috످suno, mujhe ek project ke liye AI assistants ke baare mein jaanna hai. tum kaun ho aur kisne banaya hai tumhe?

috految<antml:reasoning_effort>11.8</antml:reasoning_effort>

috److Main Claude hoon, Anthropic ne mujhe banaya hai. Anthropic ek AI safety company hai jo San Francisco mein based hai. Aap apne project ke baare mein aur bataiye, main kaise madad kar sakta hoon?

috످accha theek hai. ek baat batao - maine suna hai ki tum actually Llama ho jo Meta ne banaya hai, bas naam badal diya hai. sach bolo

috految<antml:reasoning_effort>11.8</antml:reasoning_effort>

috److Nahi, main Claude hi hoon aur mujhe Anthropic ne banaya hai. Llama Meta ka ek alag AI model hai. Confusion shayad isliye hua ho kyunki Llama ko download aur modify kiya ja sakta hai, toh kai companies usse apne chatbots banakar alag naam se launch karti hain. Lekin Claude, Llama par based nahi hai.

Project ke liye aap dono ki details anthropic.com aur llama.com par verify kar sakte hain.

috످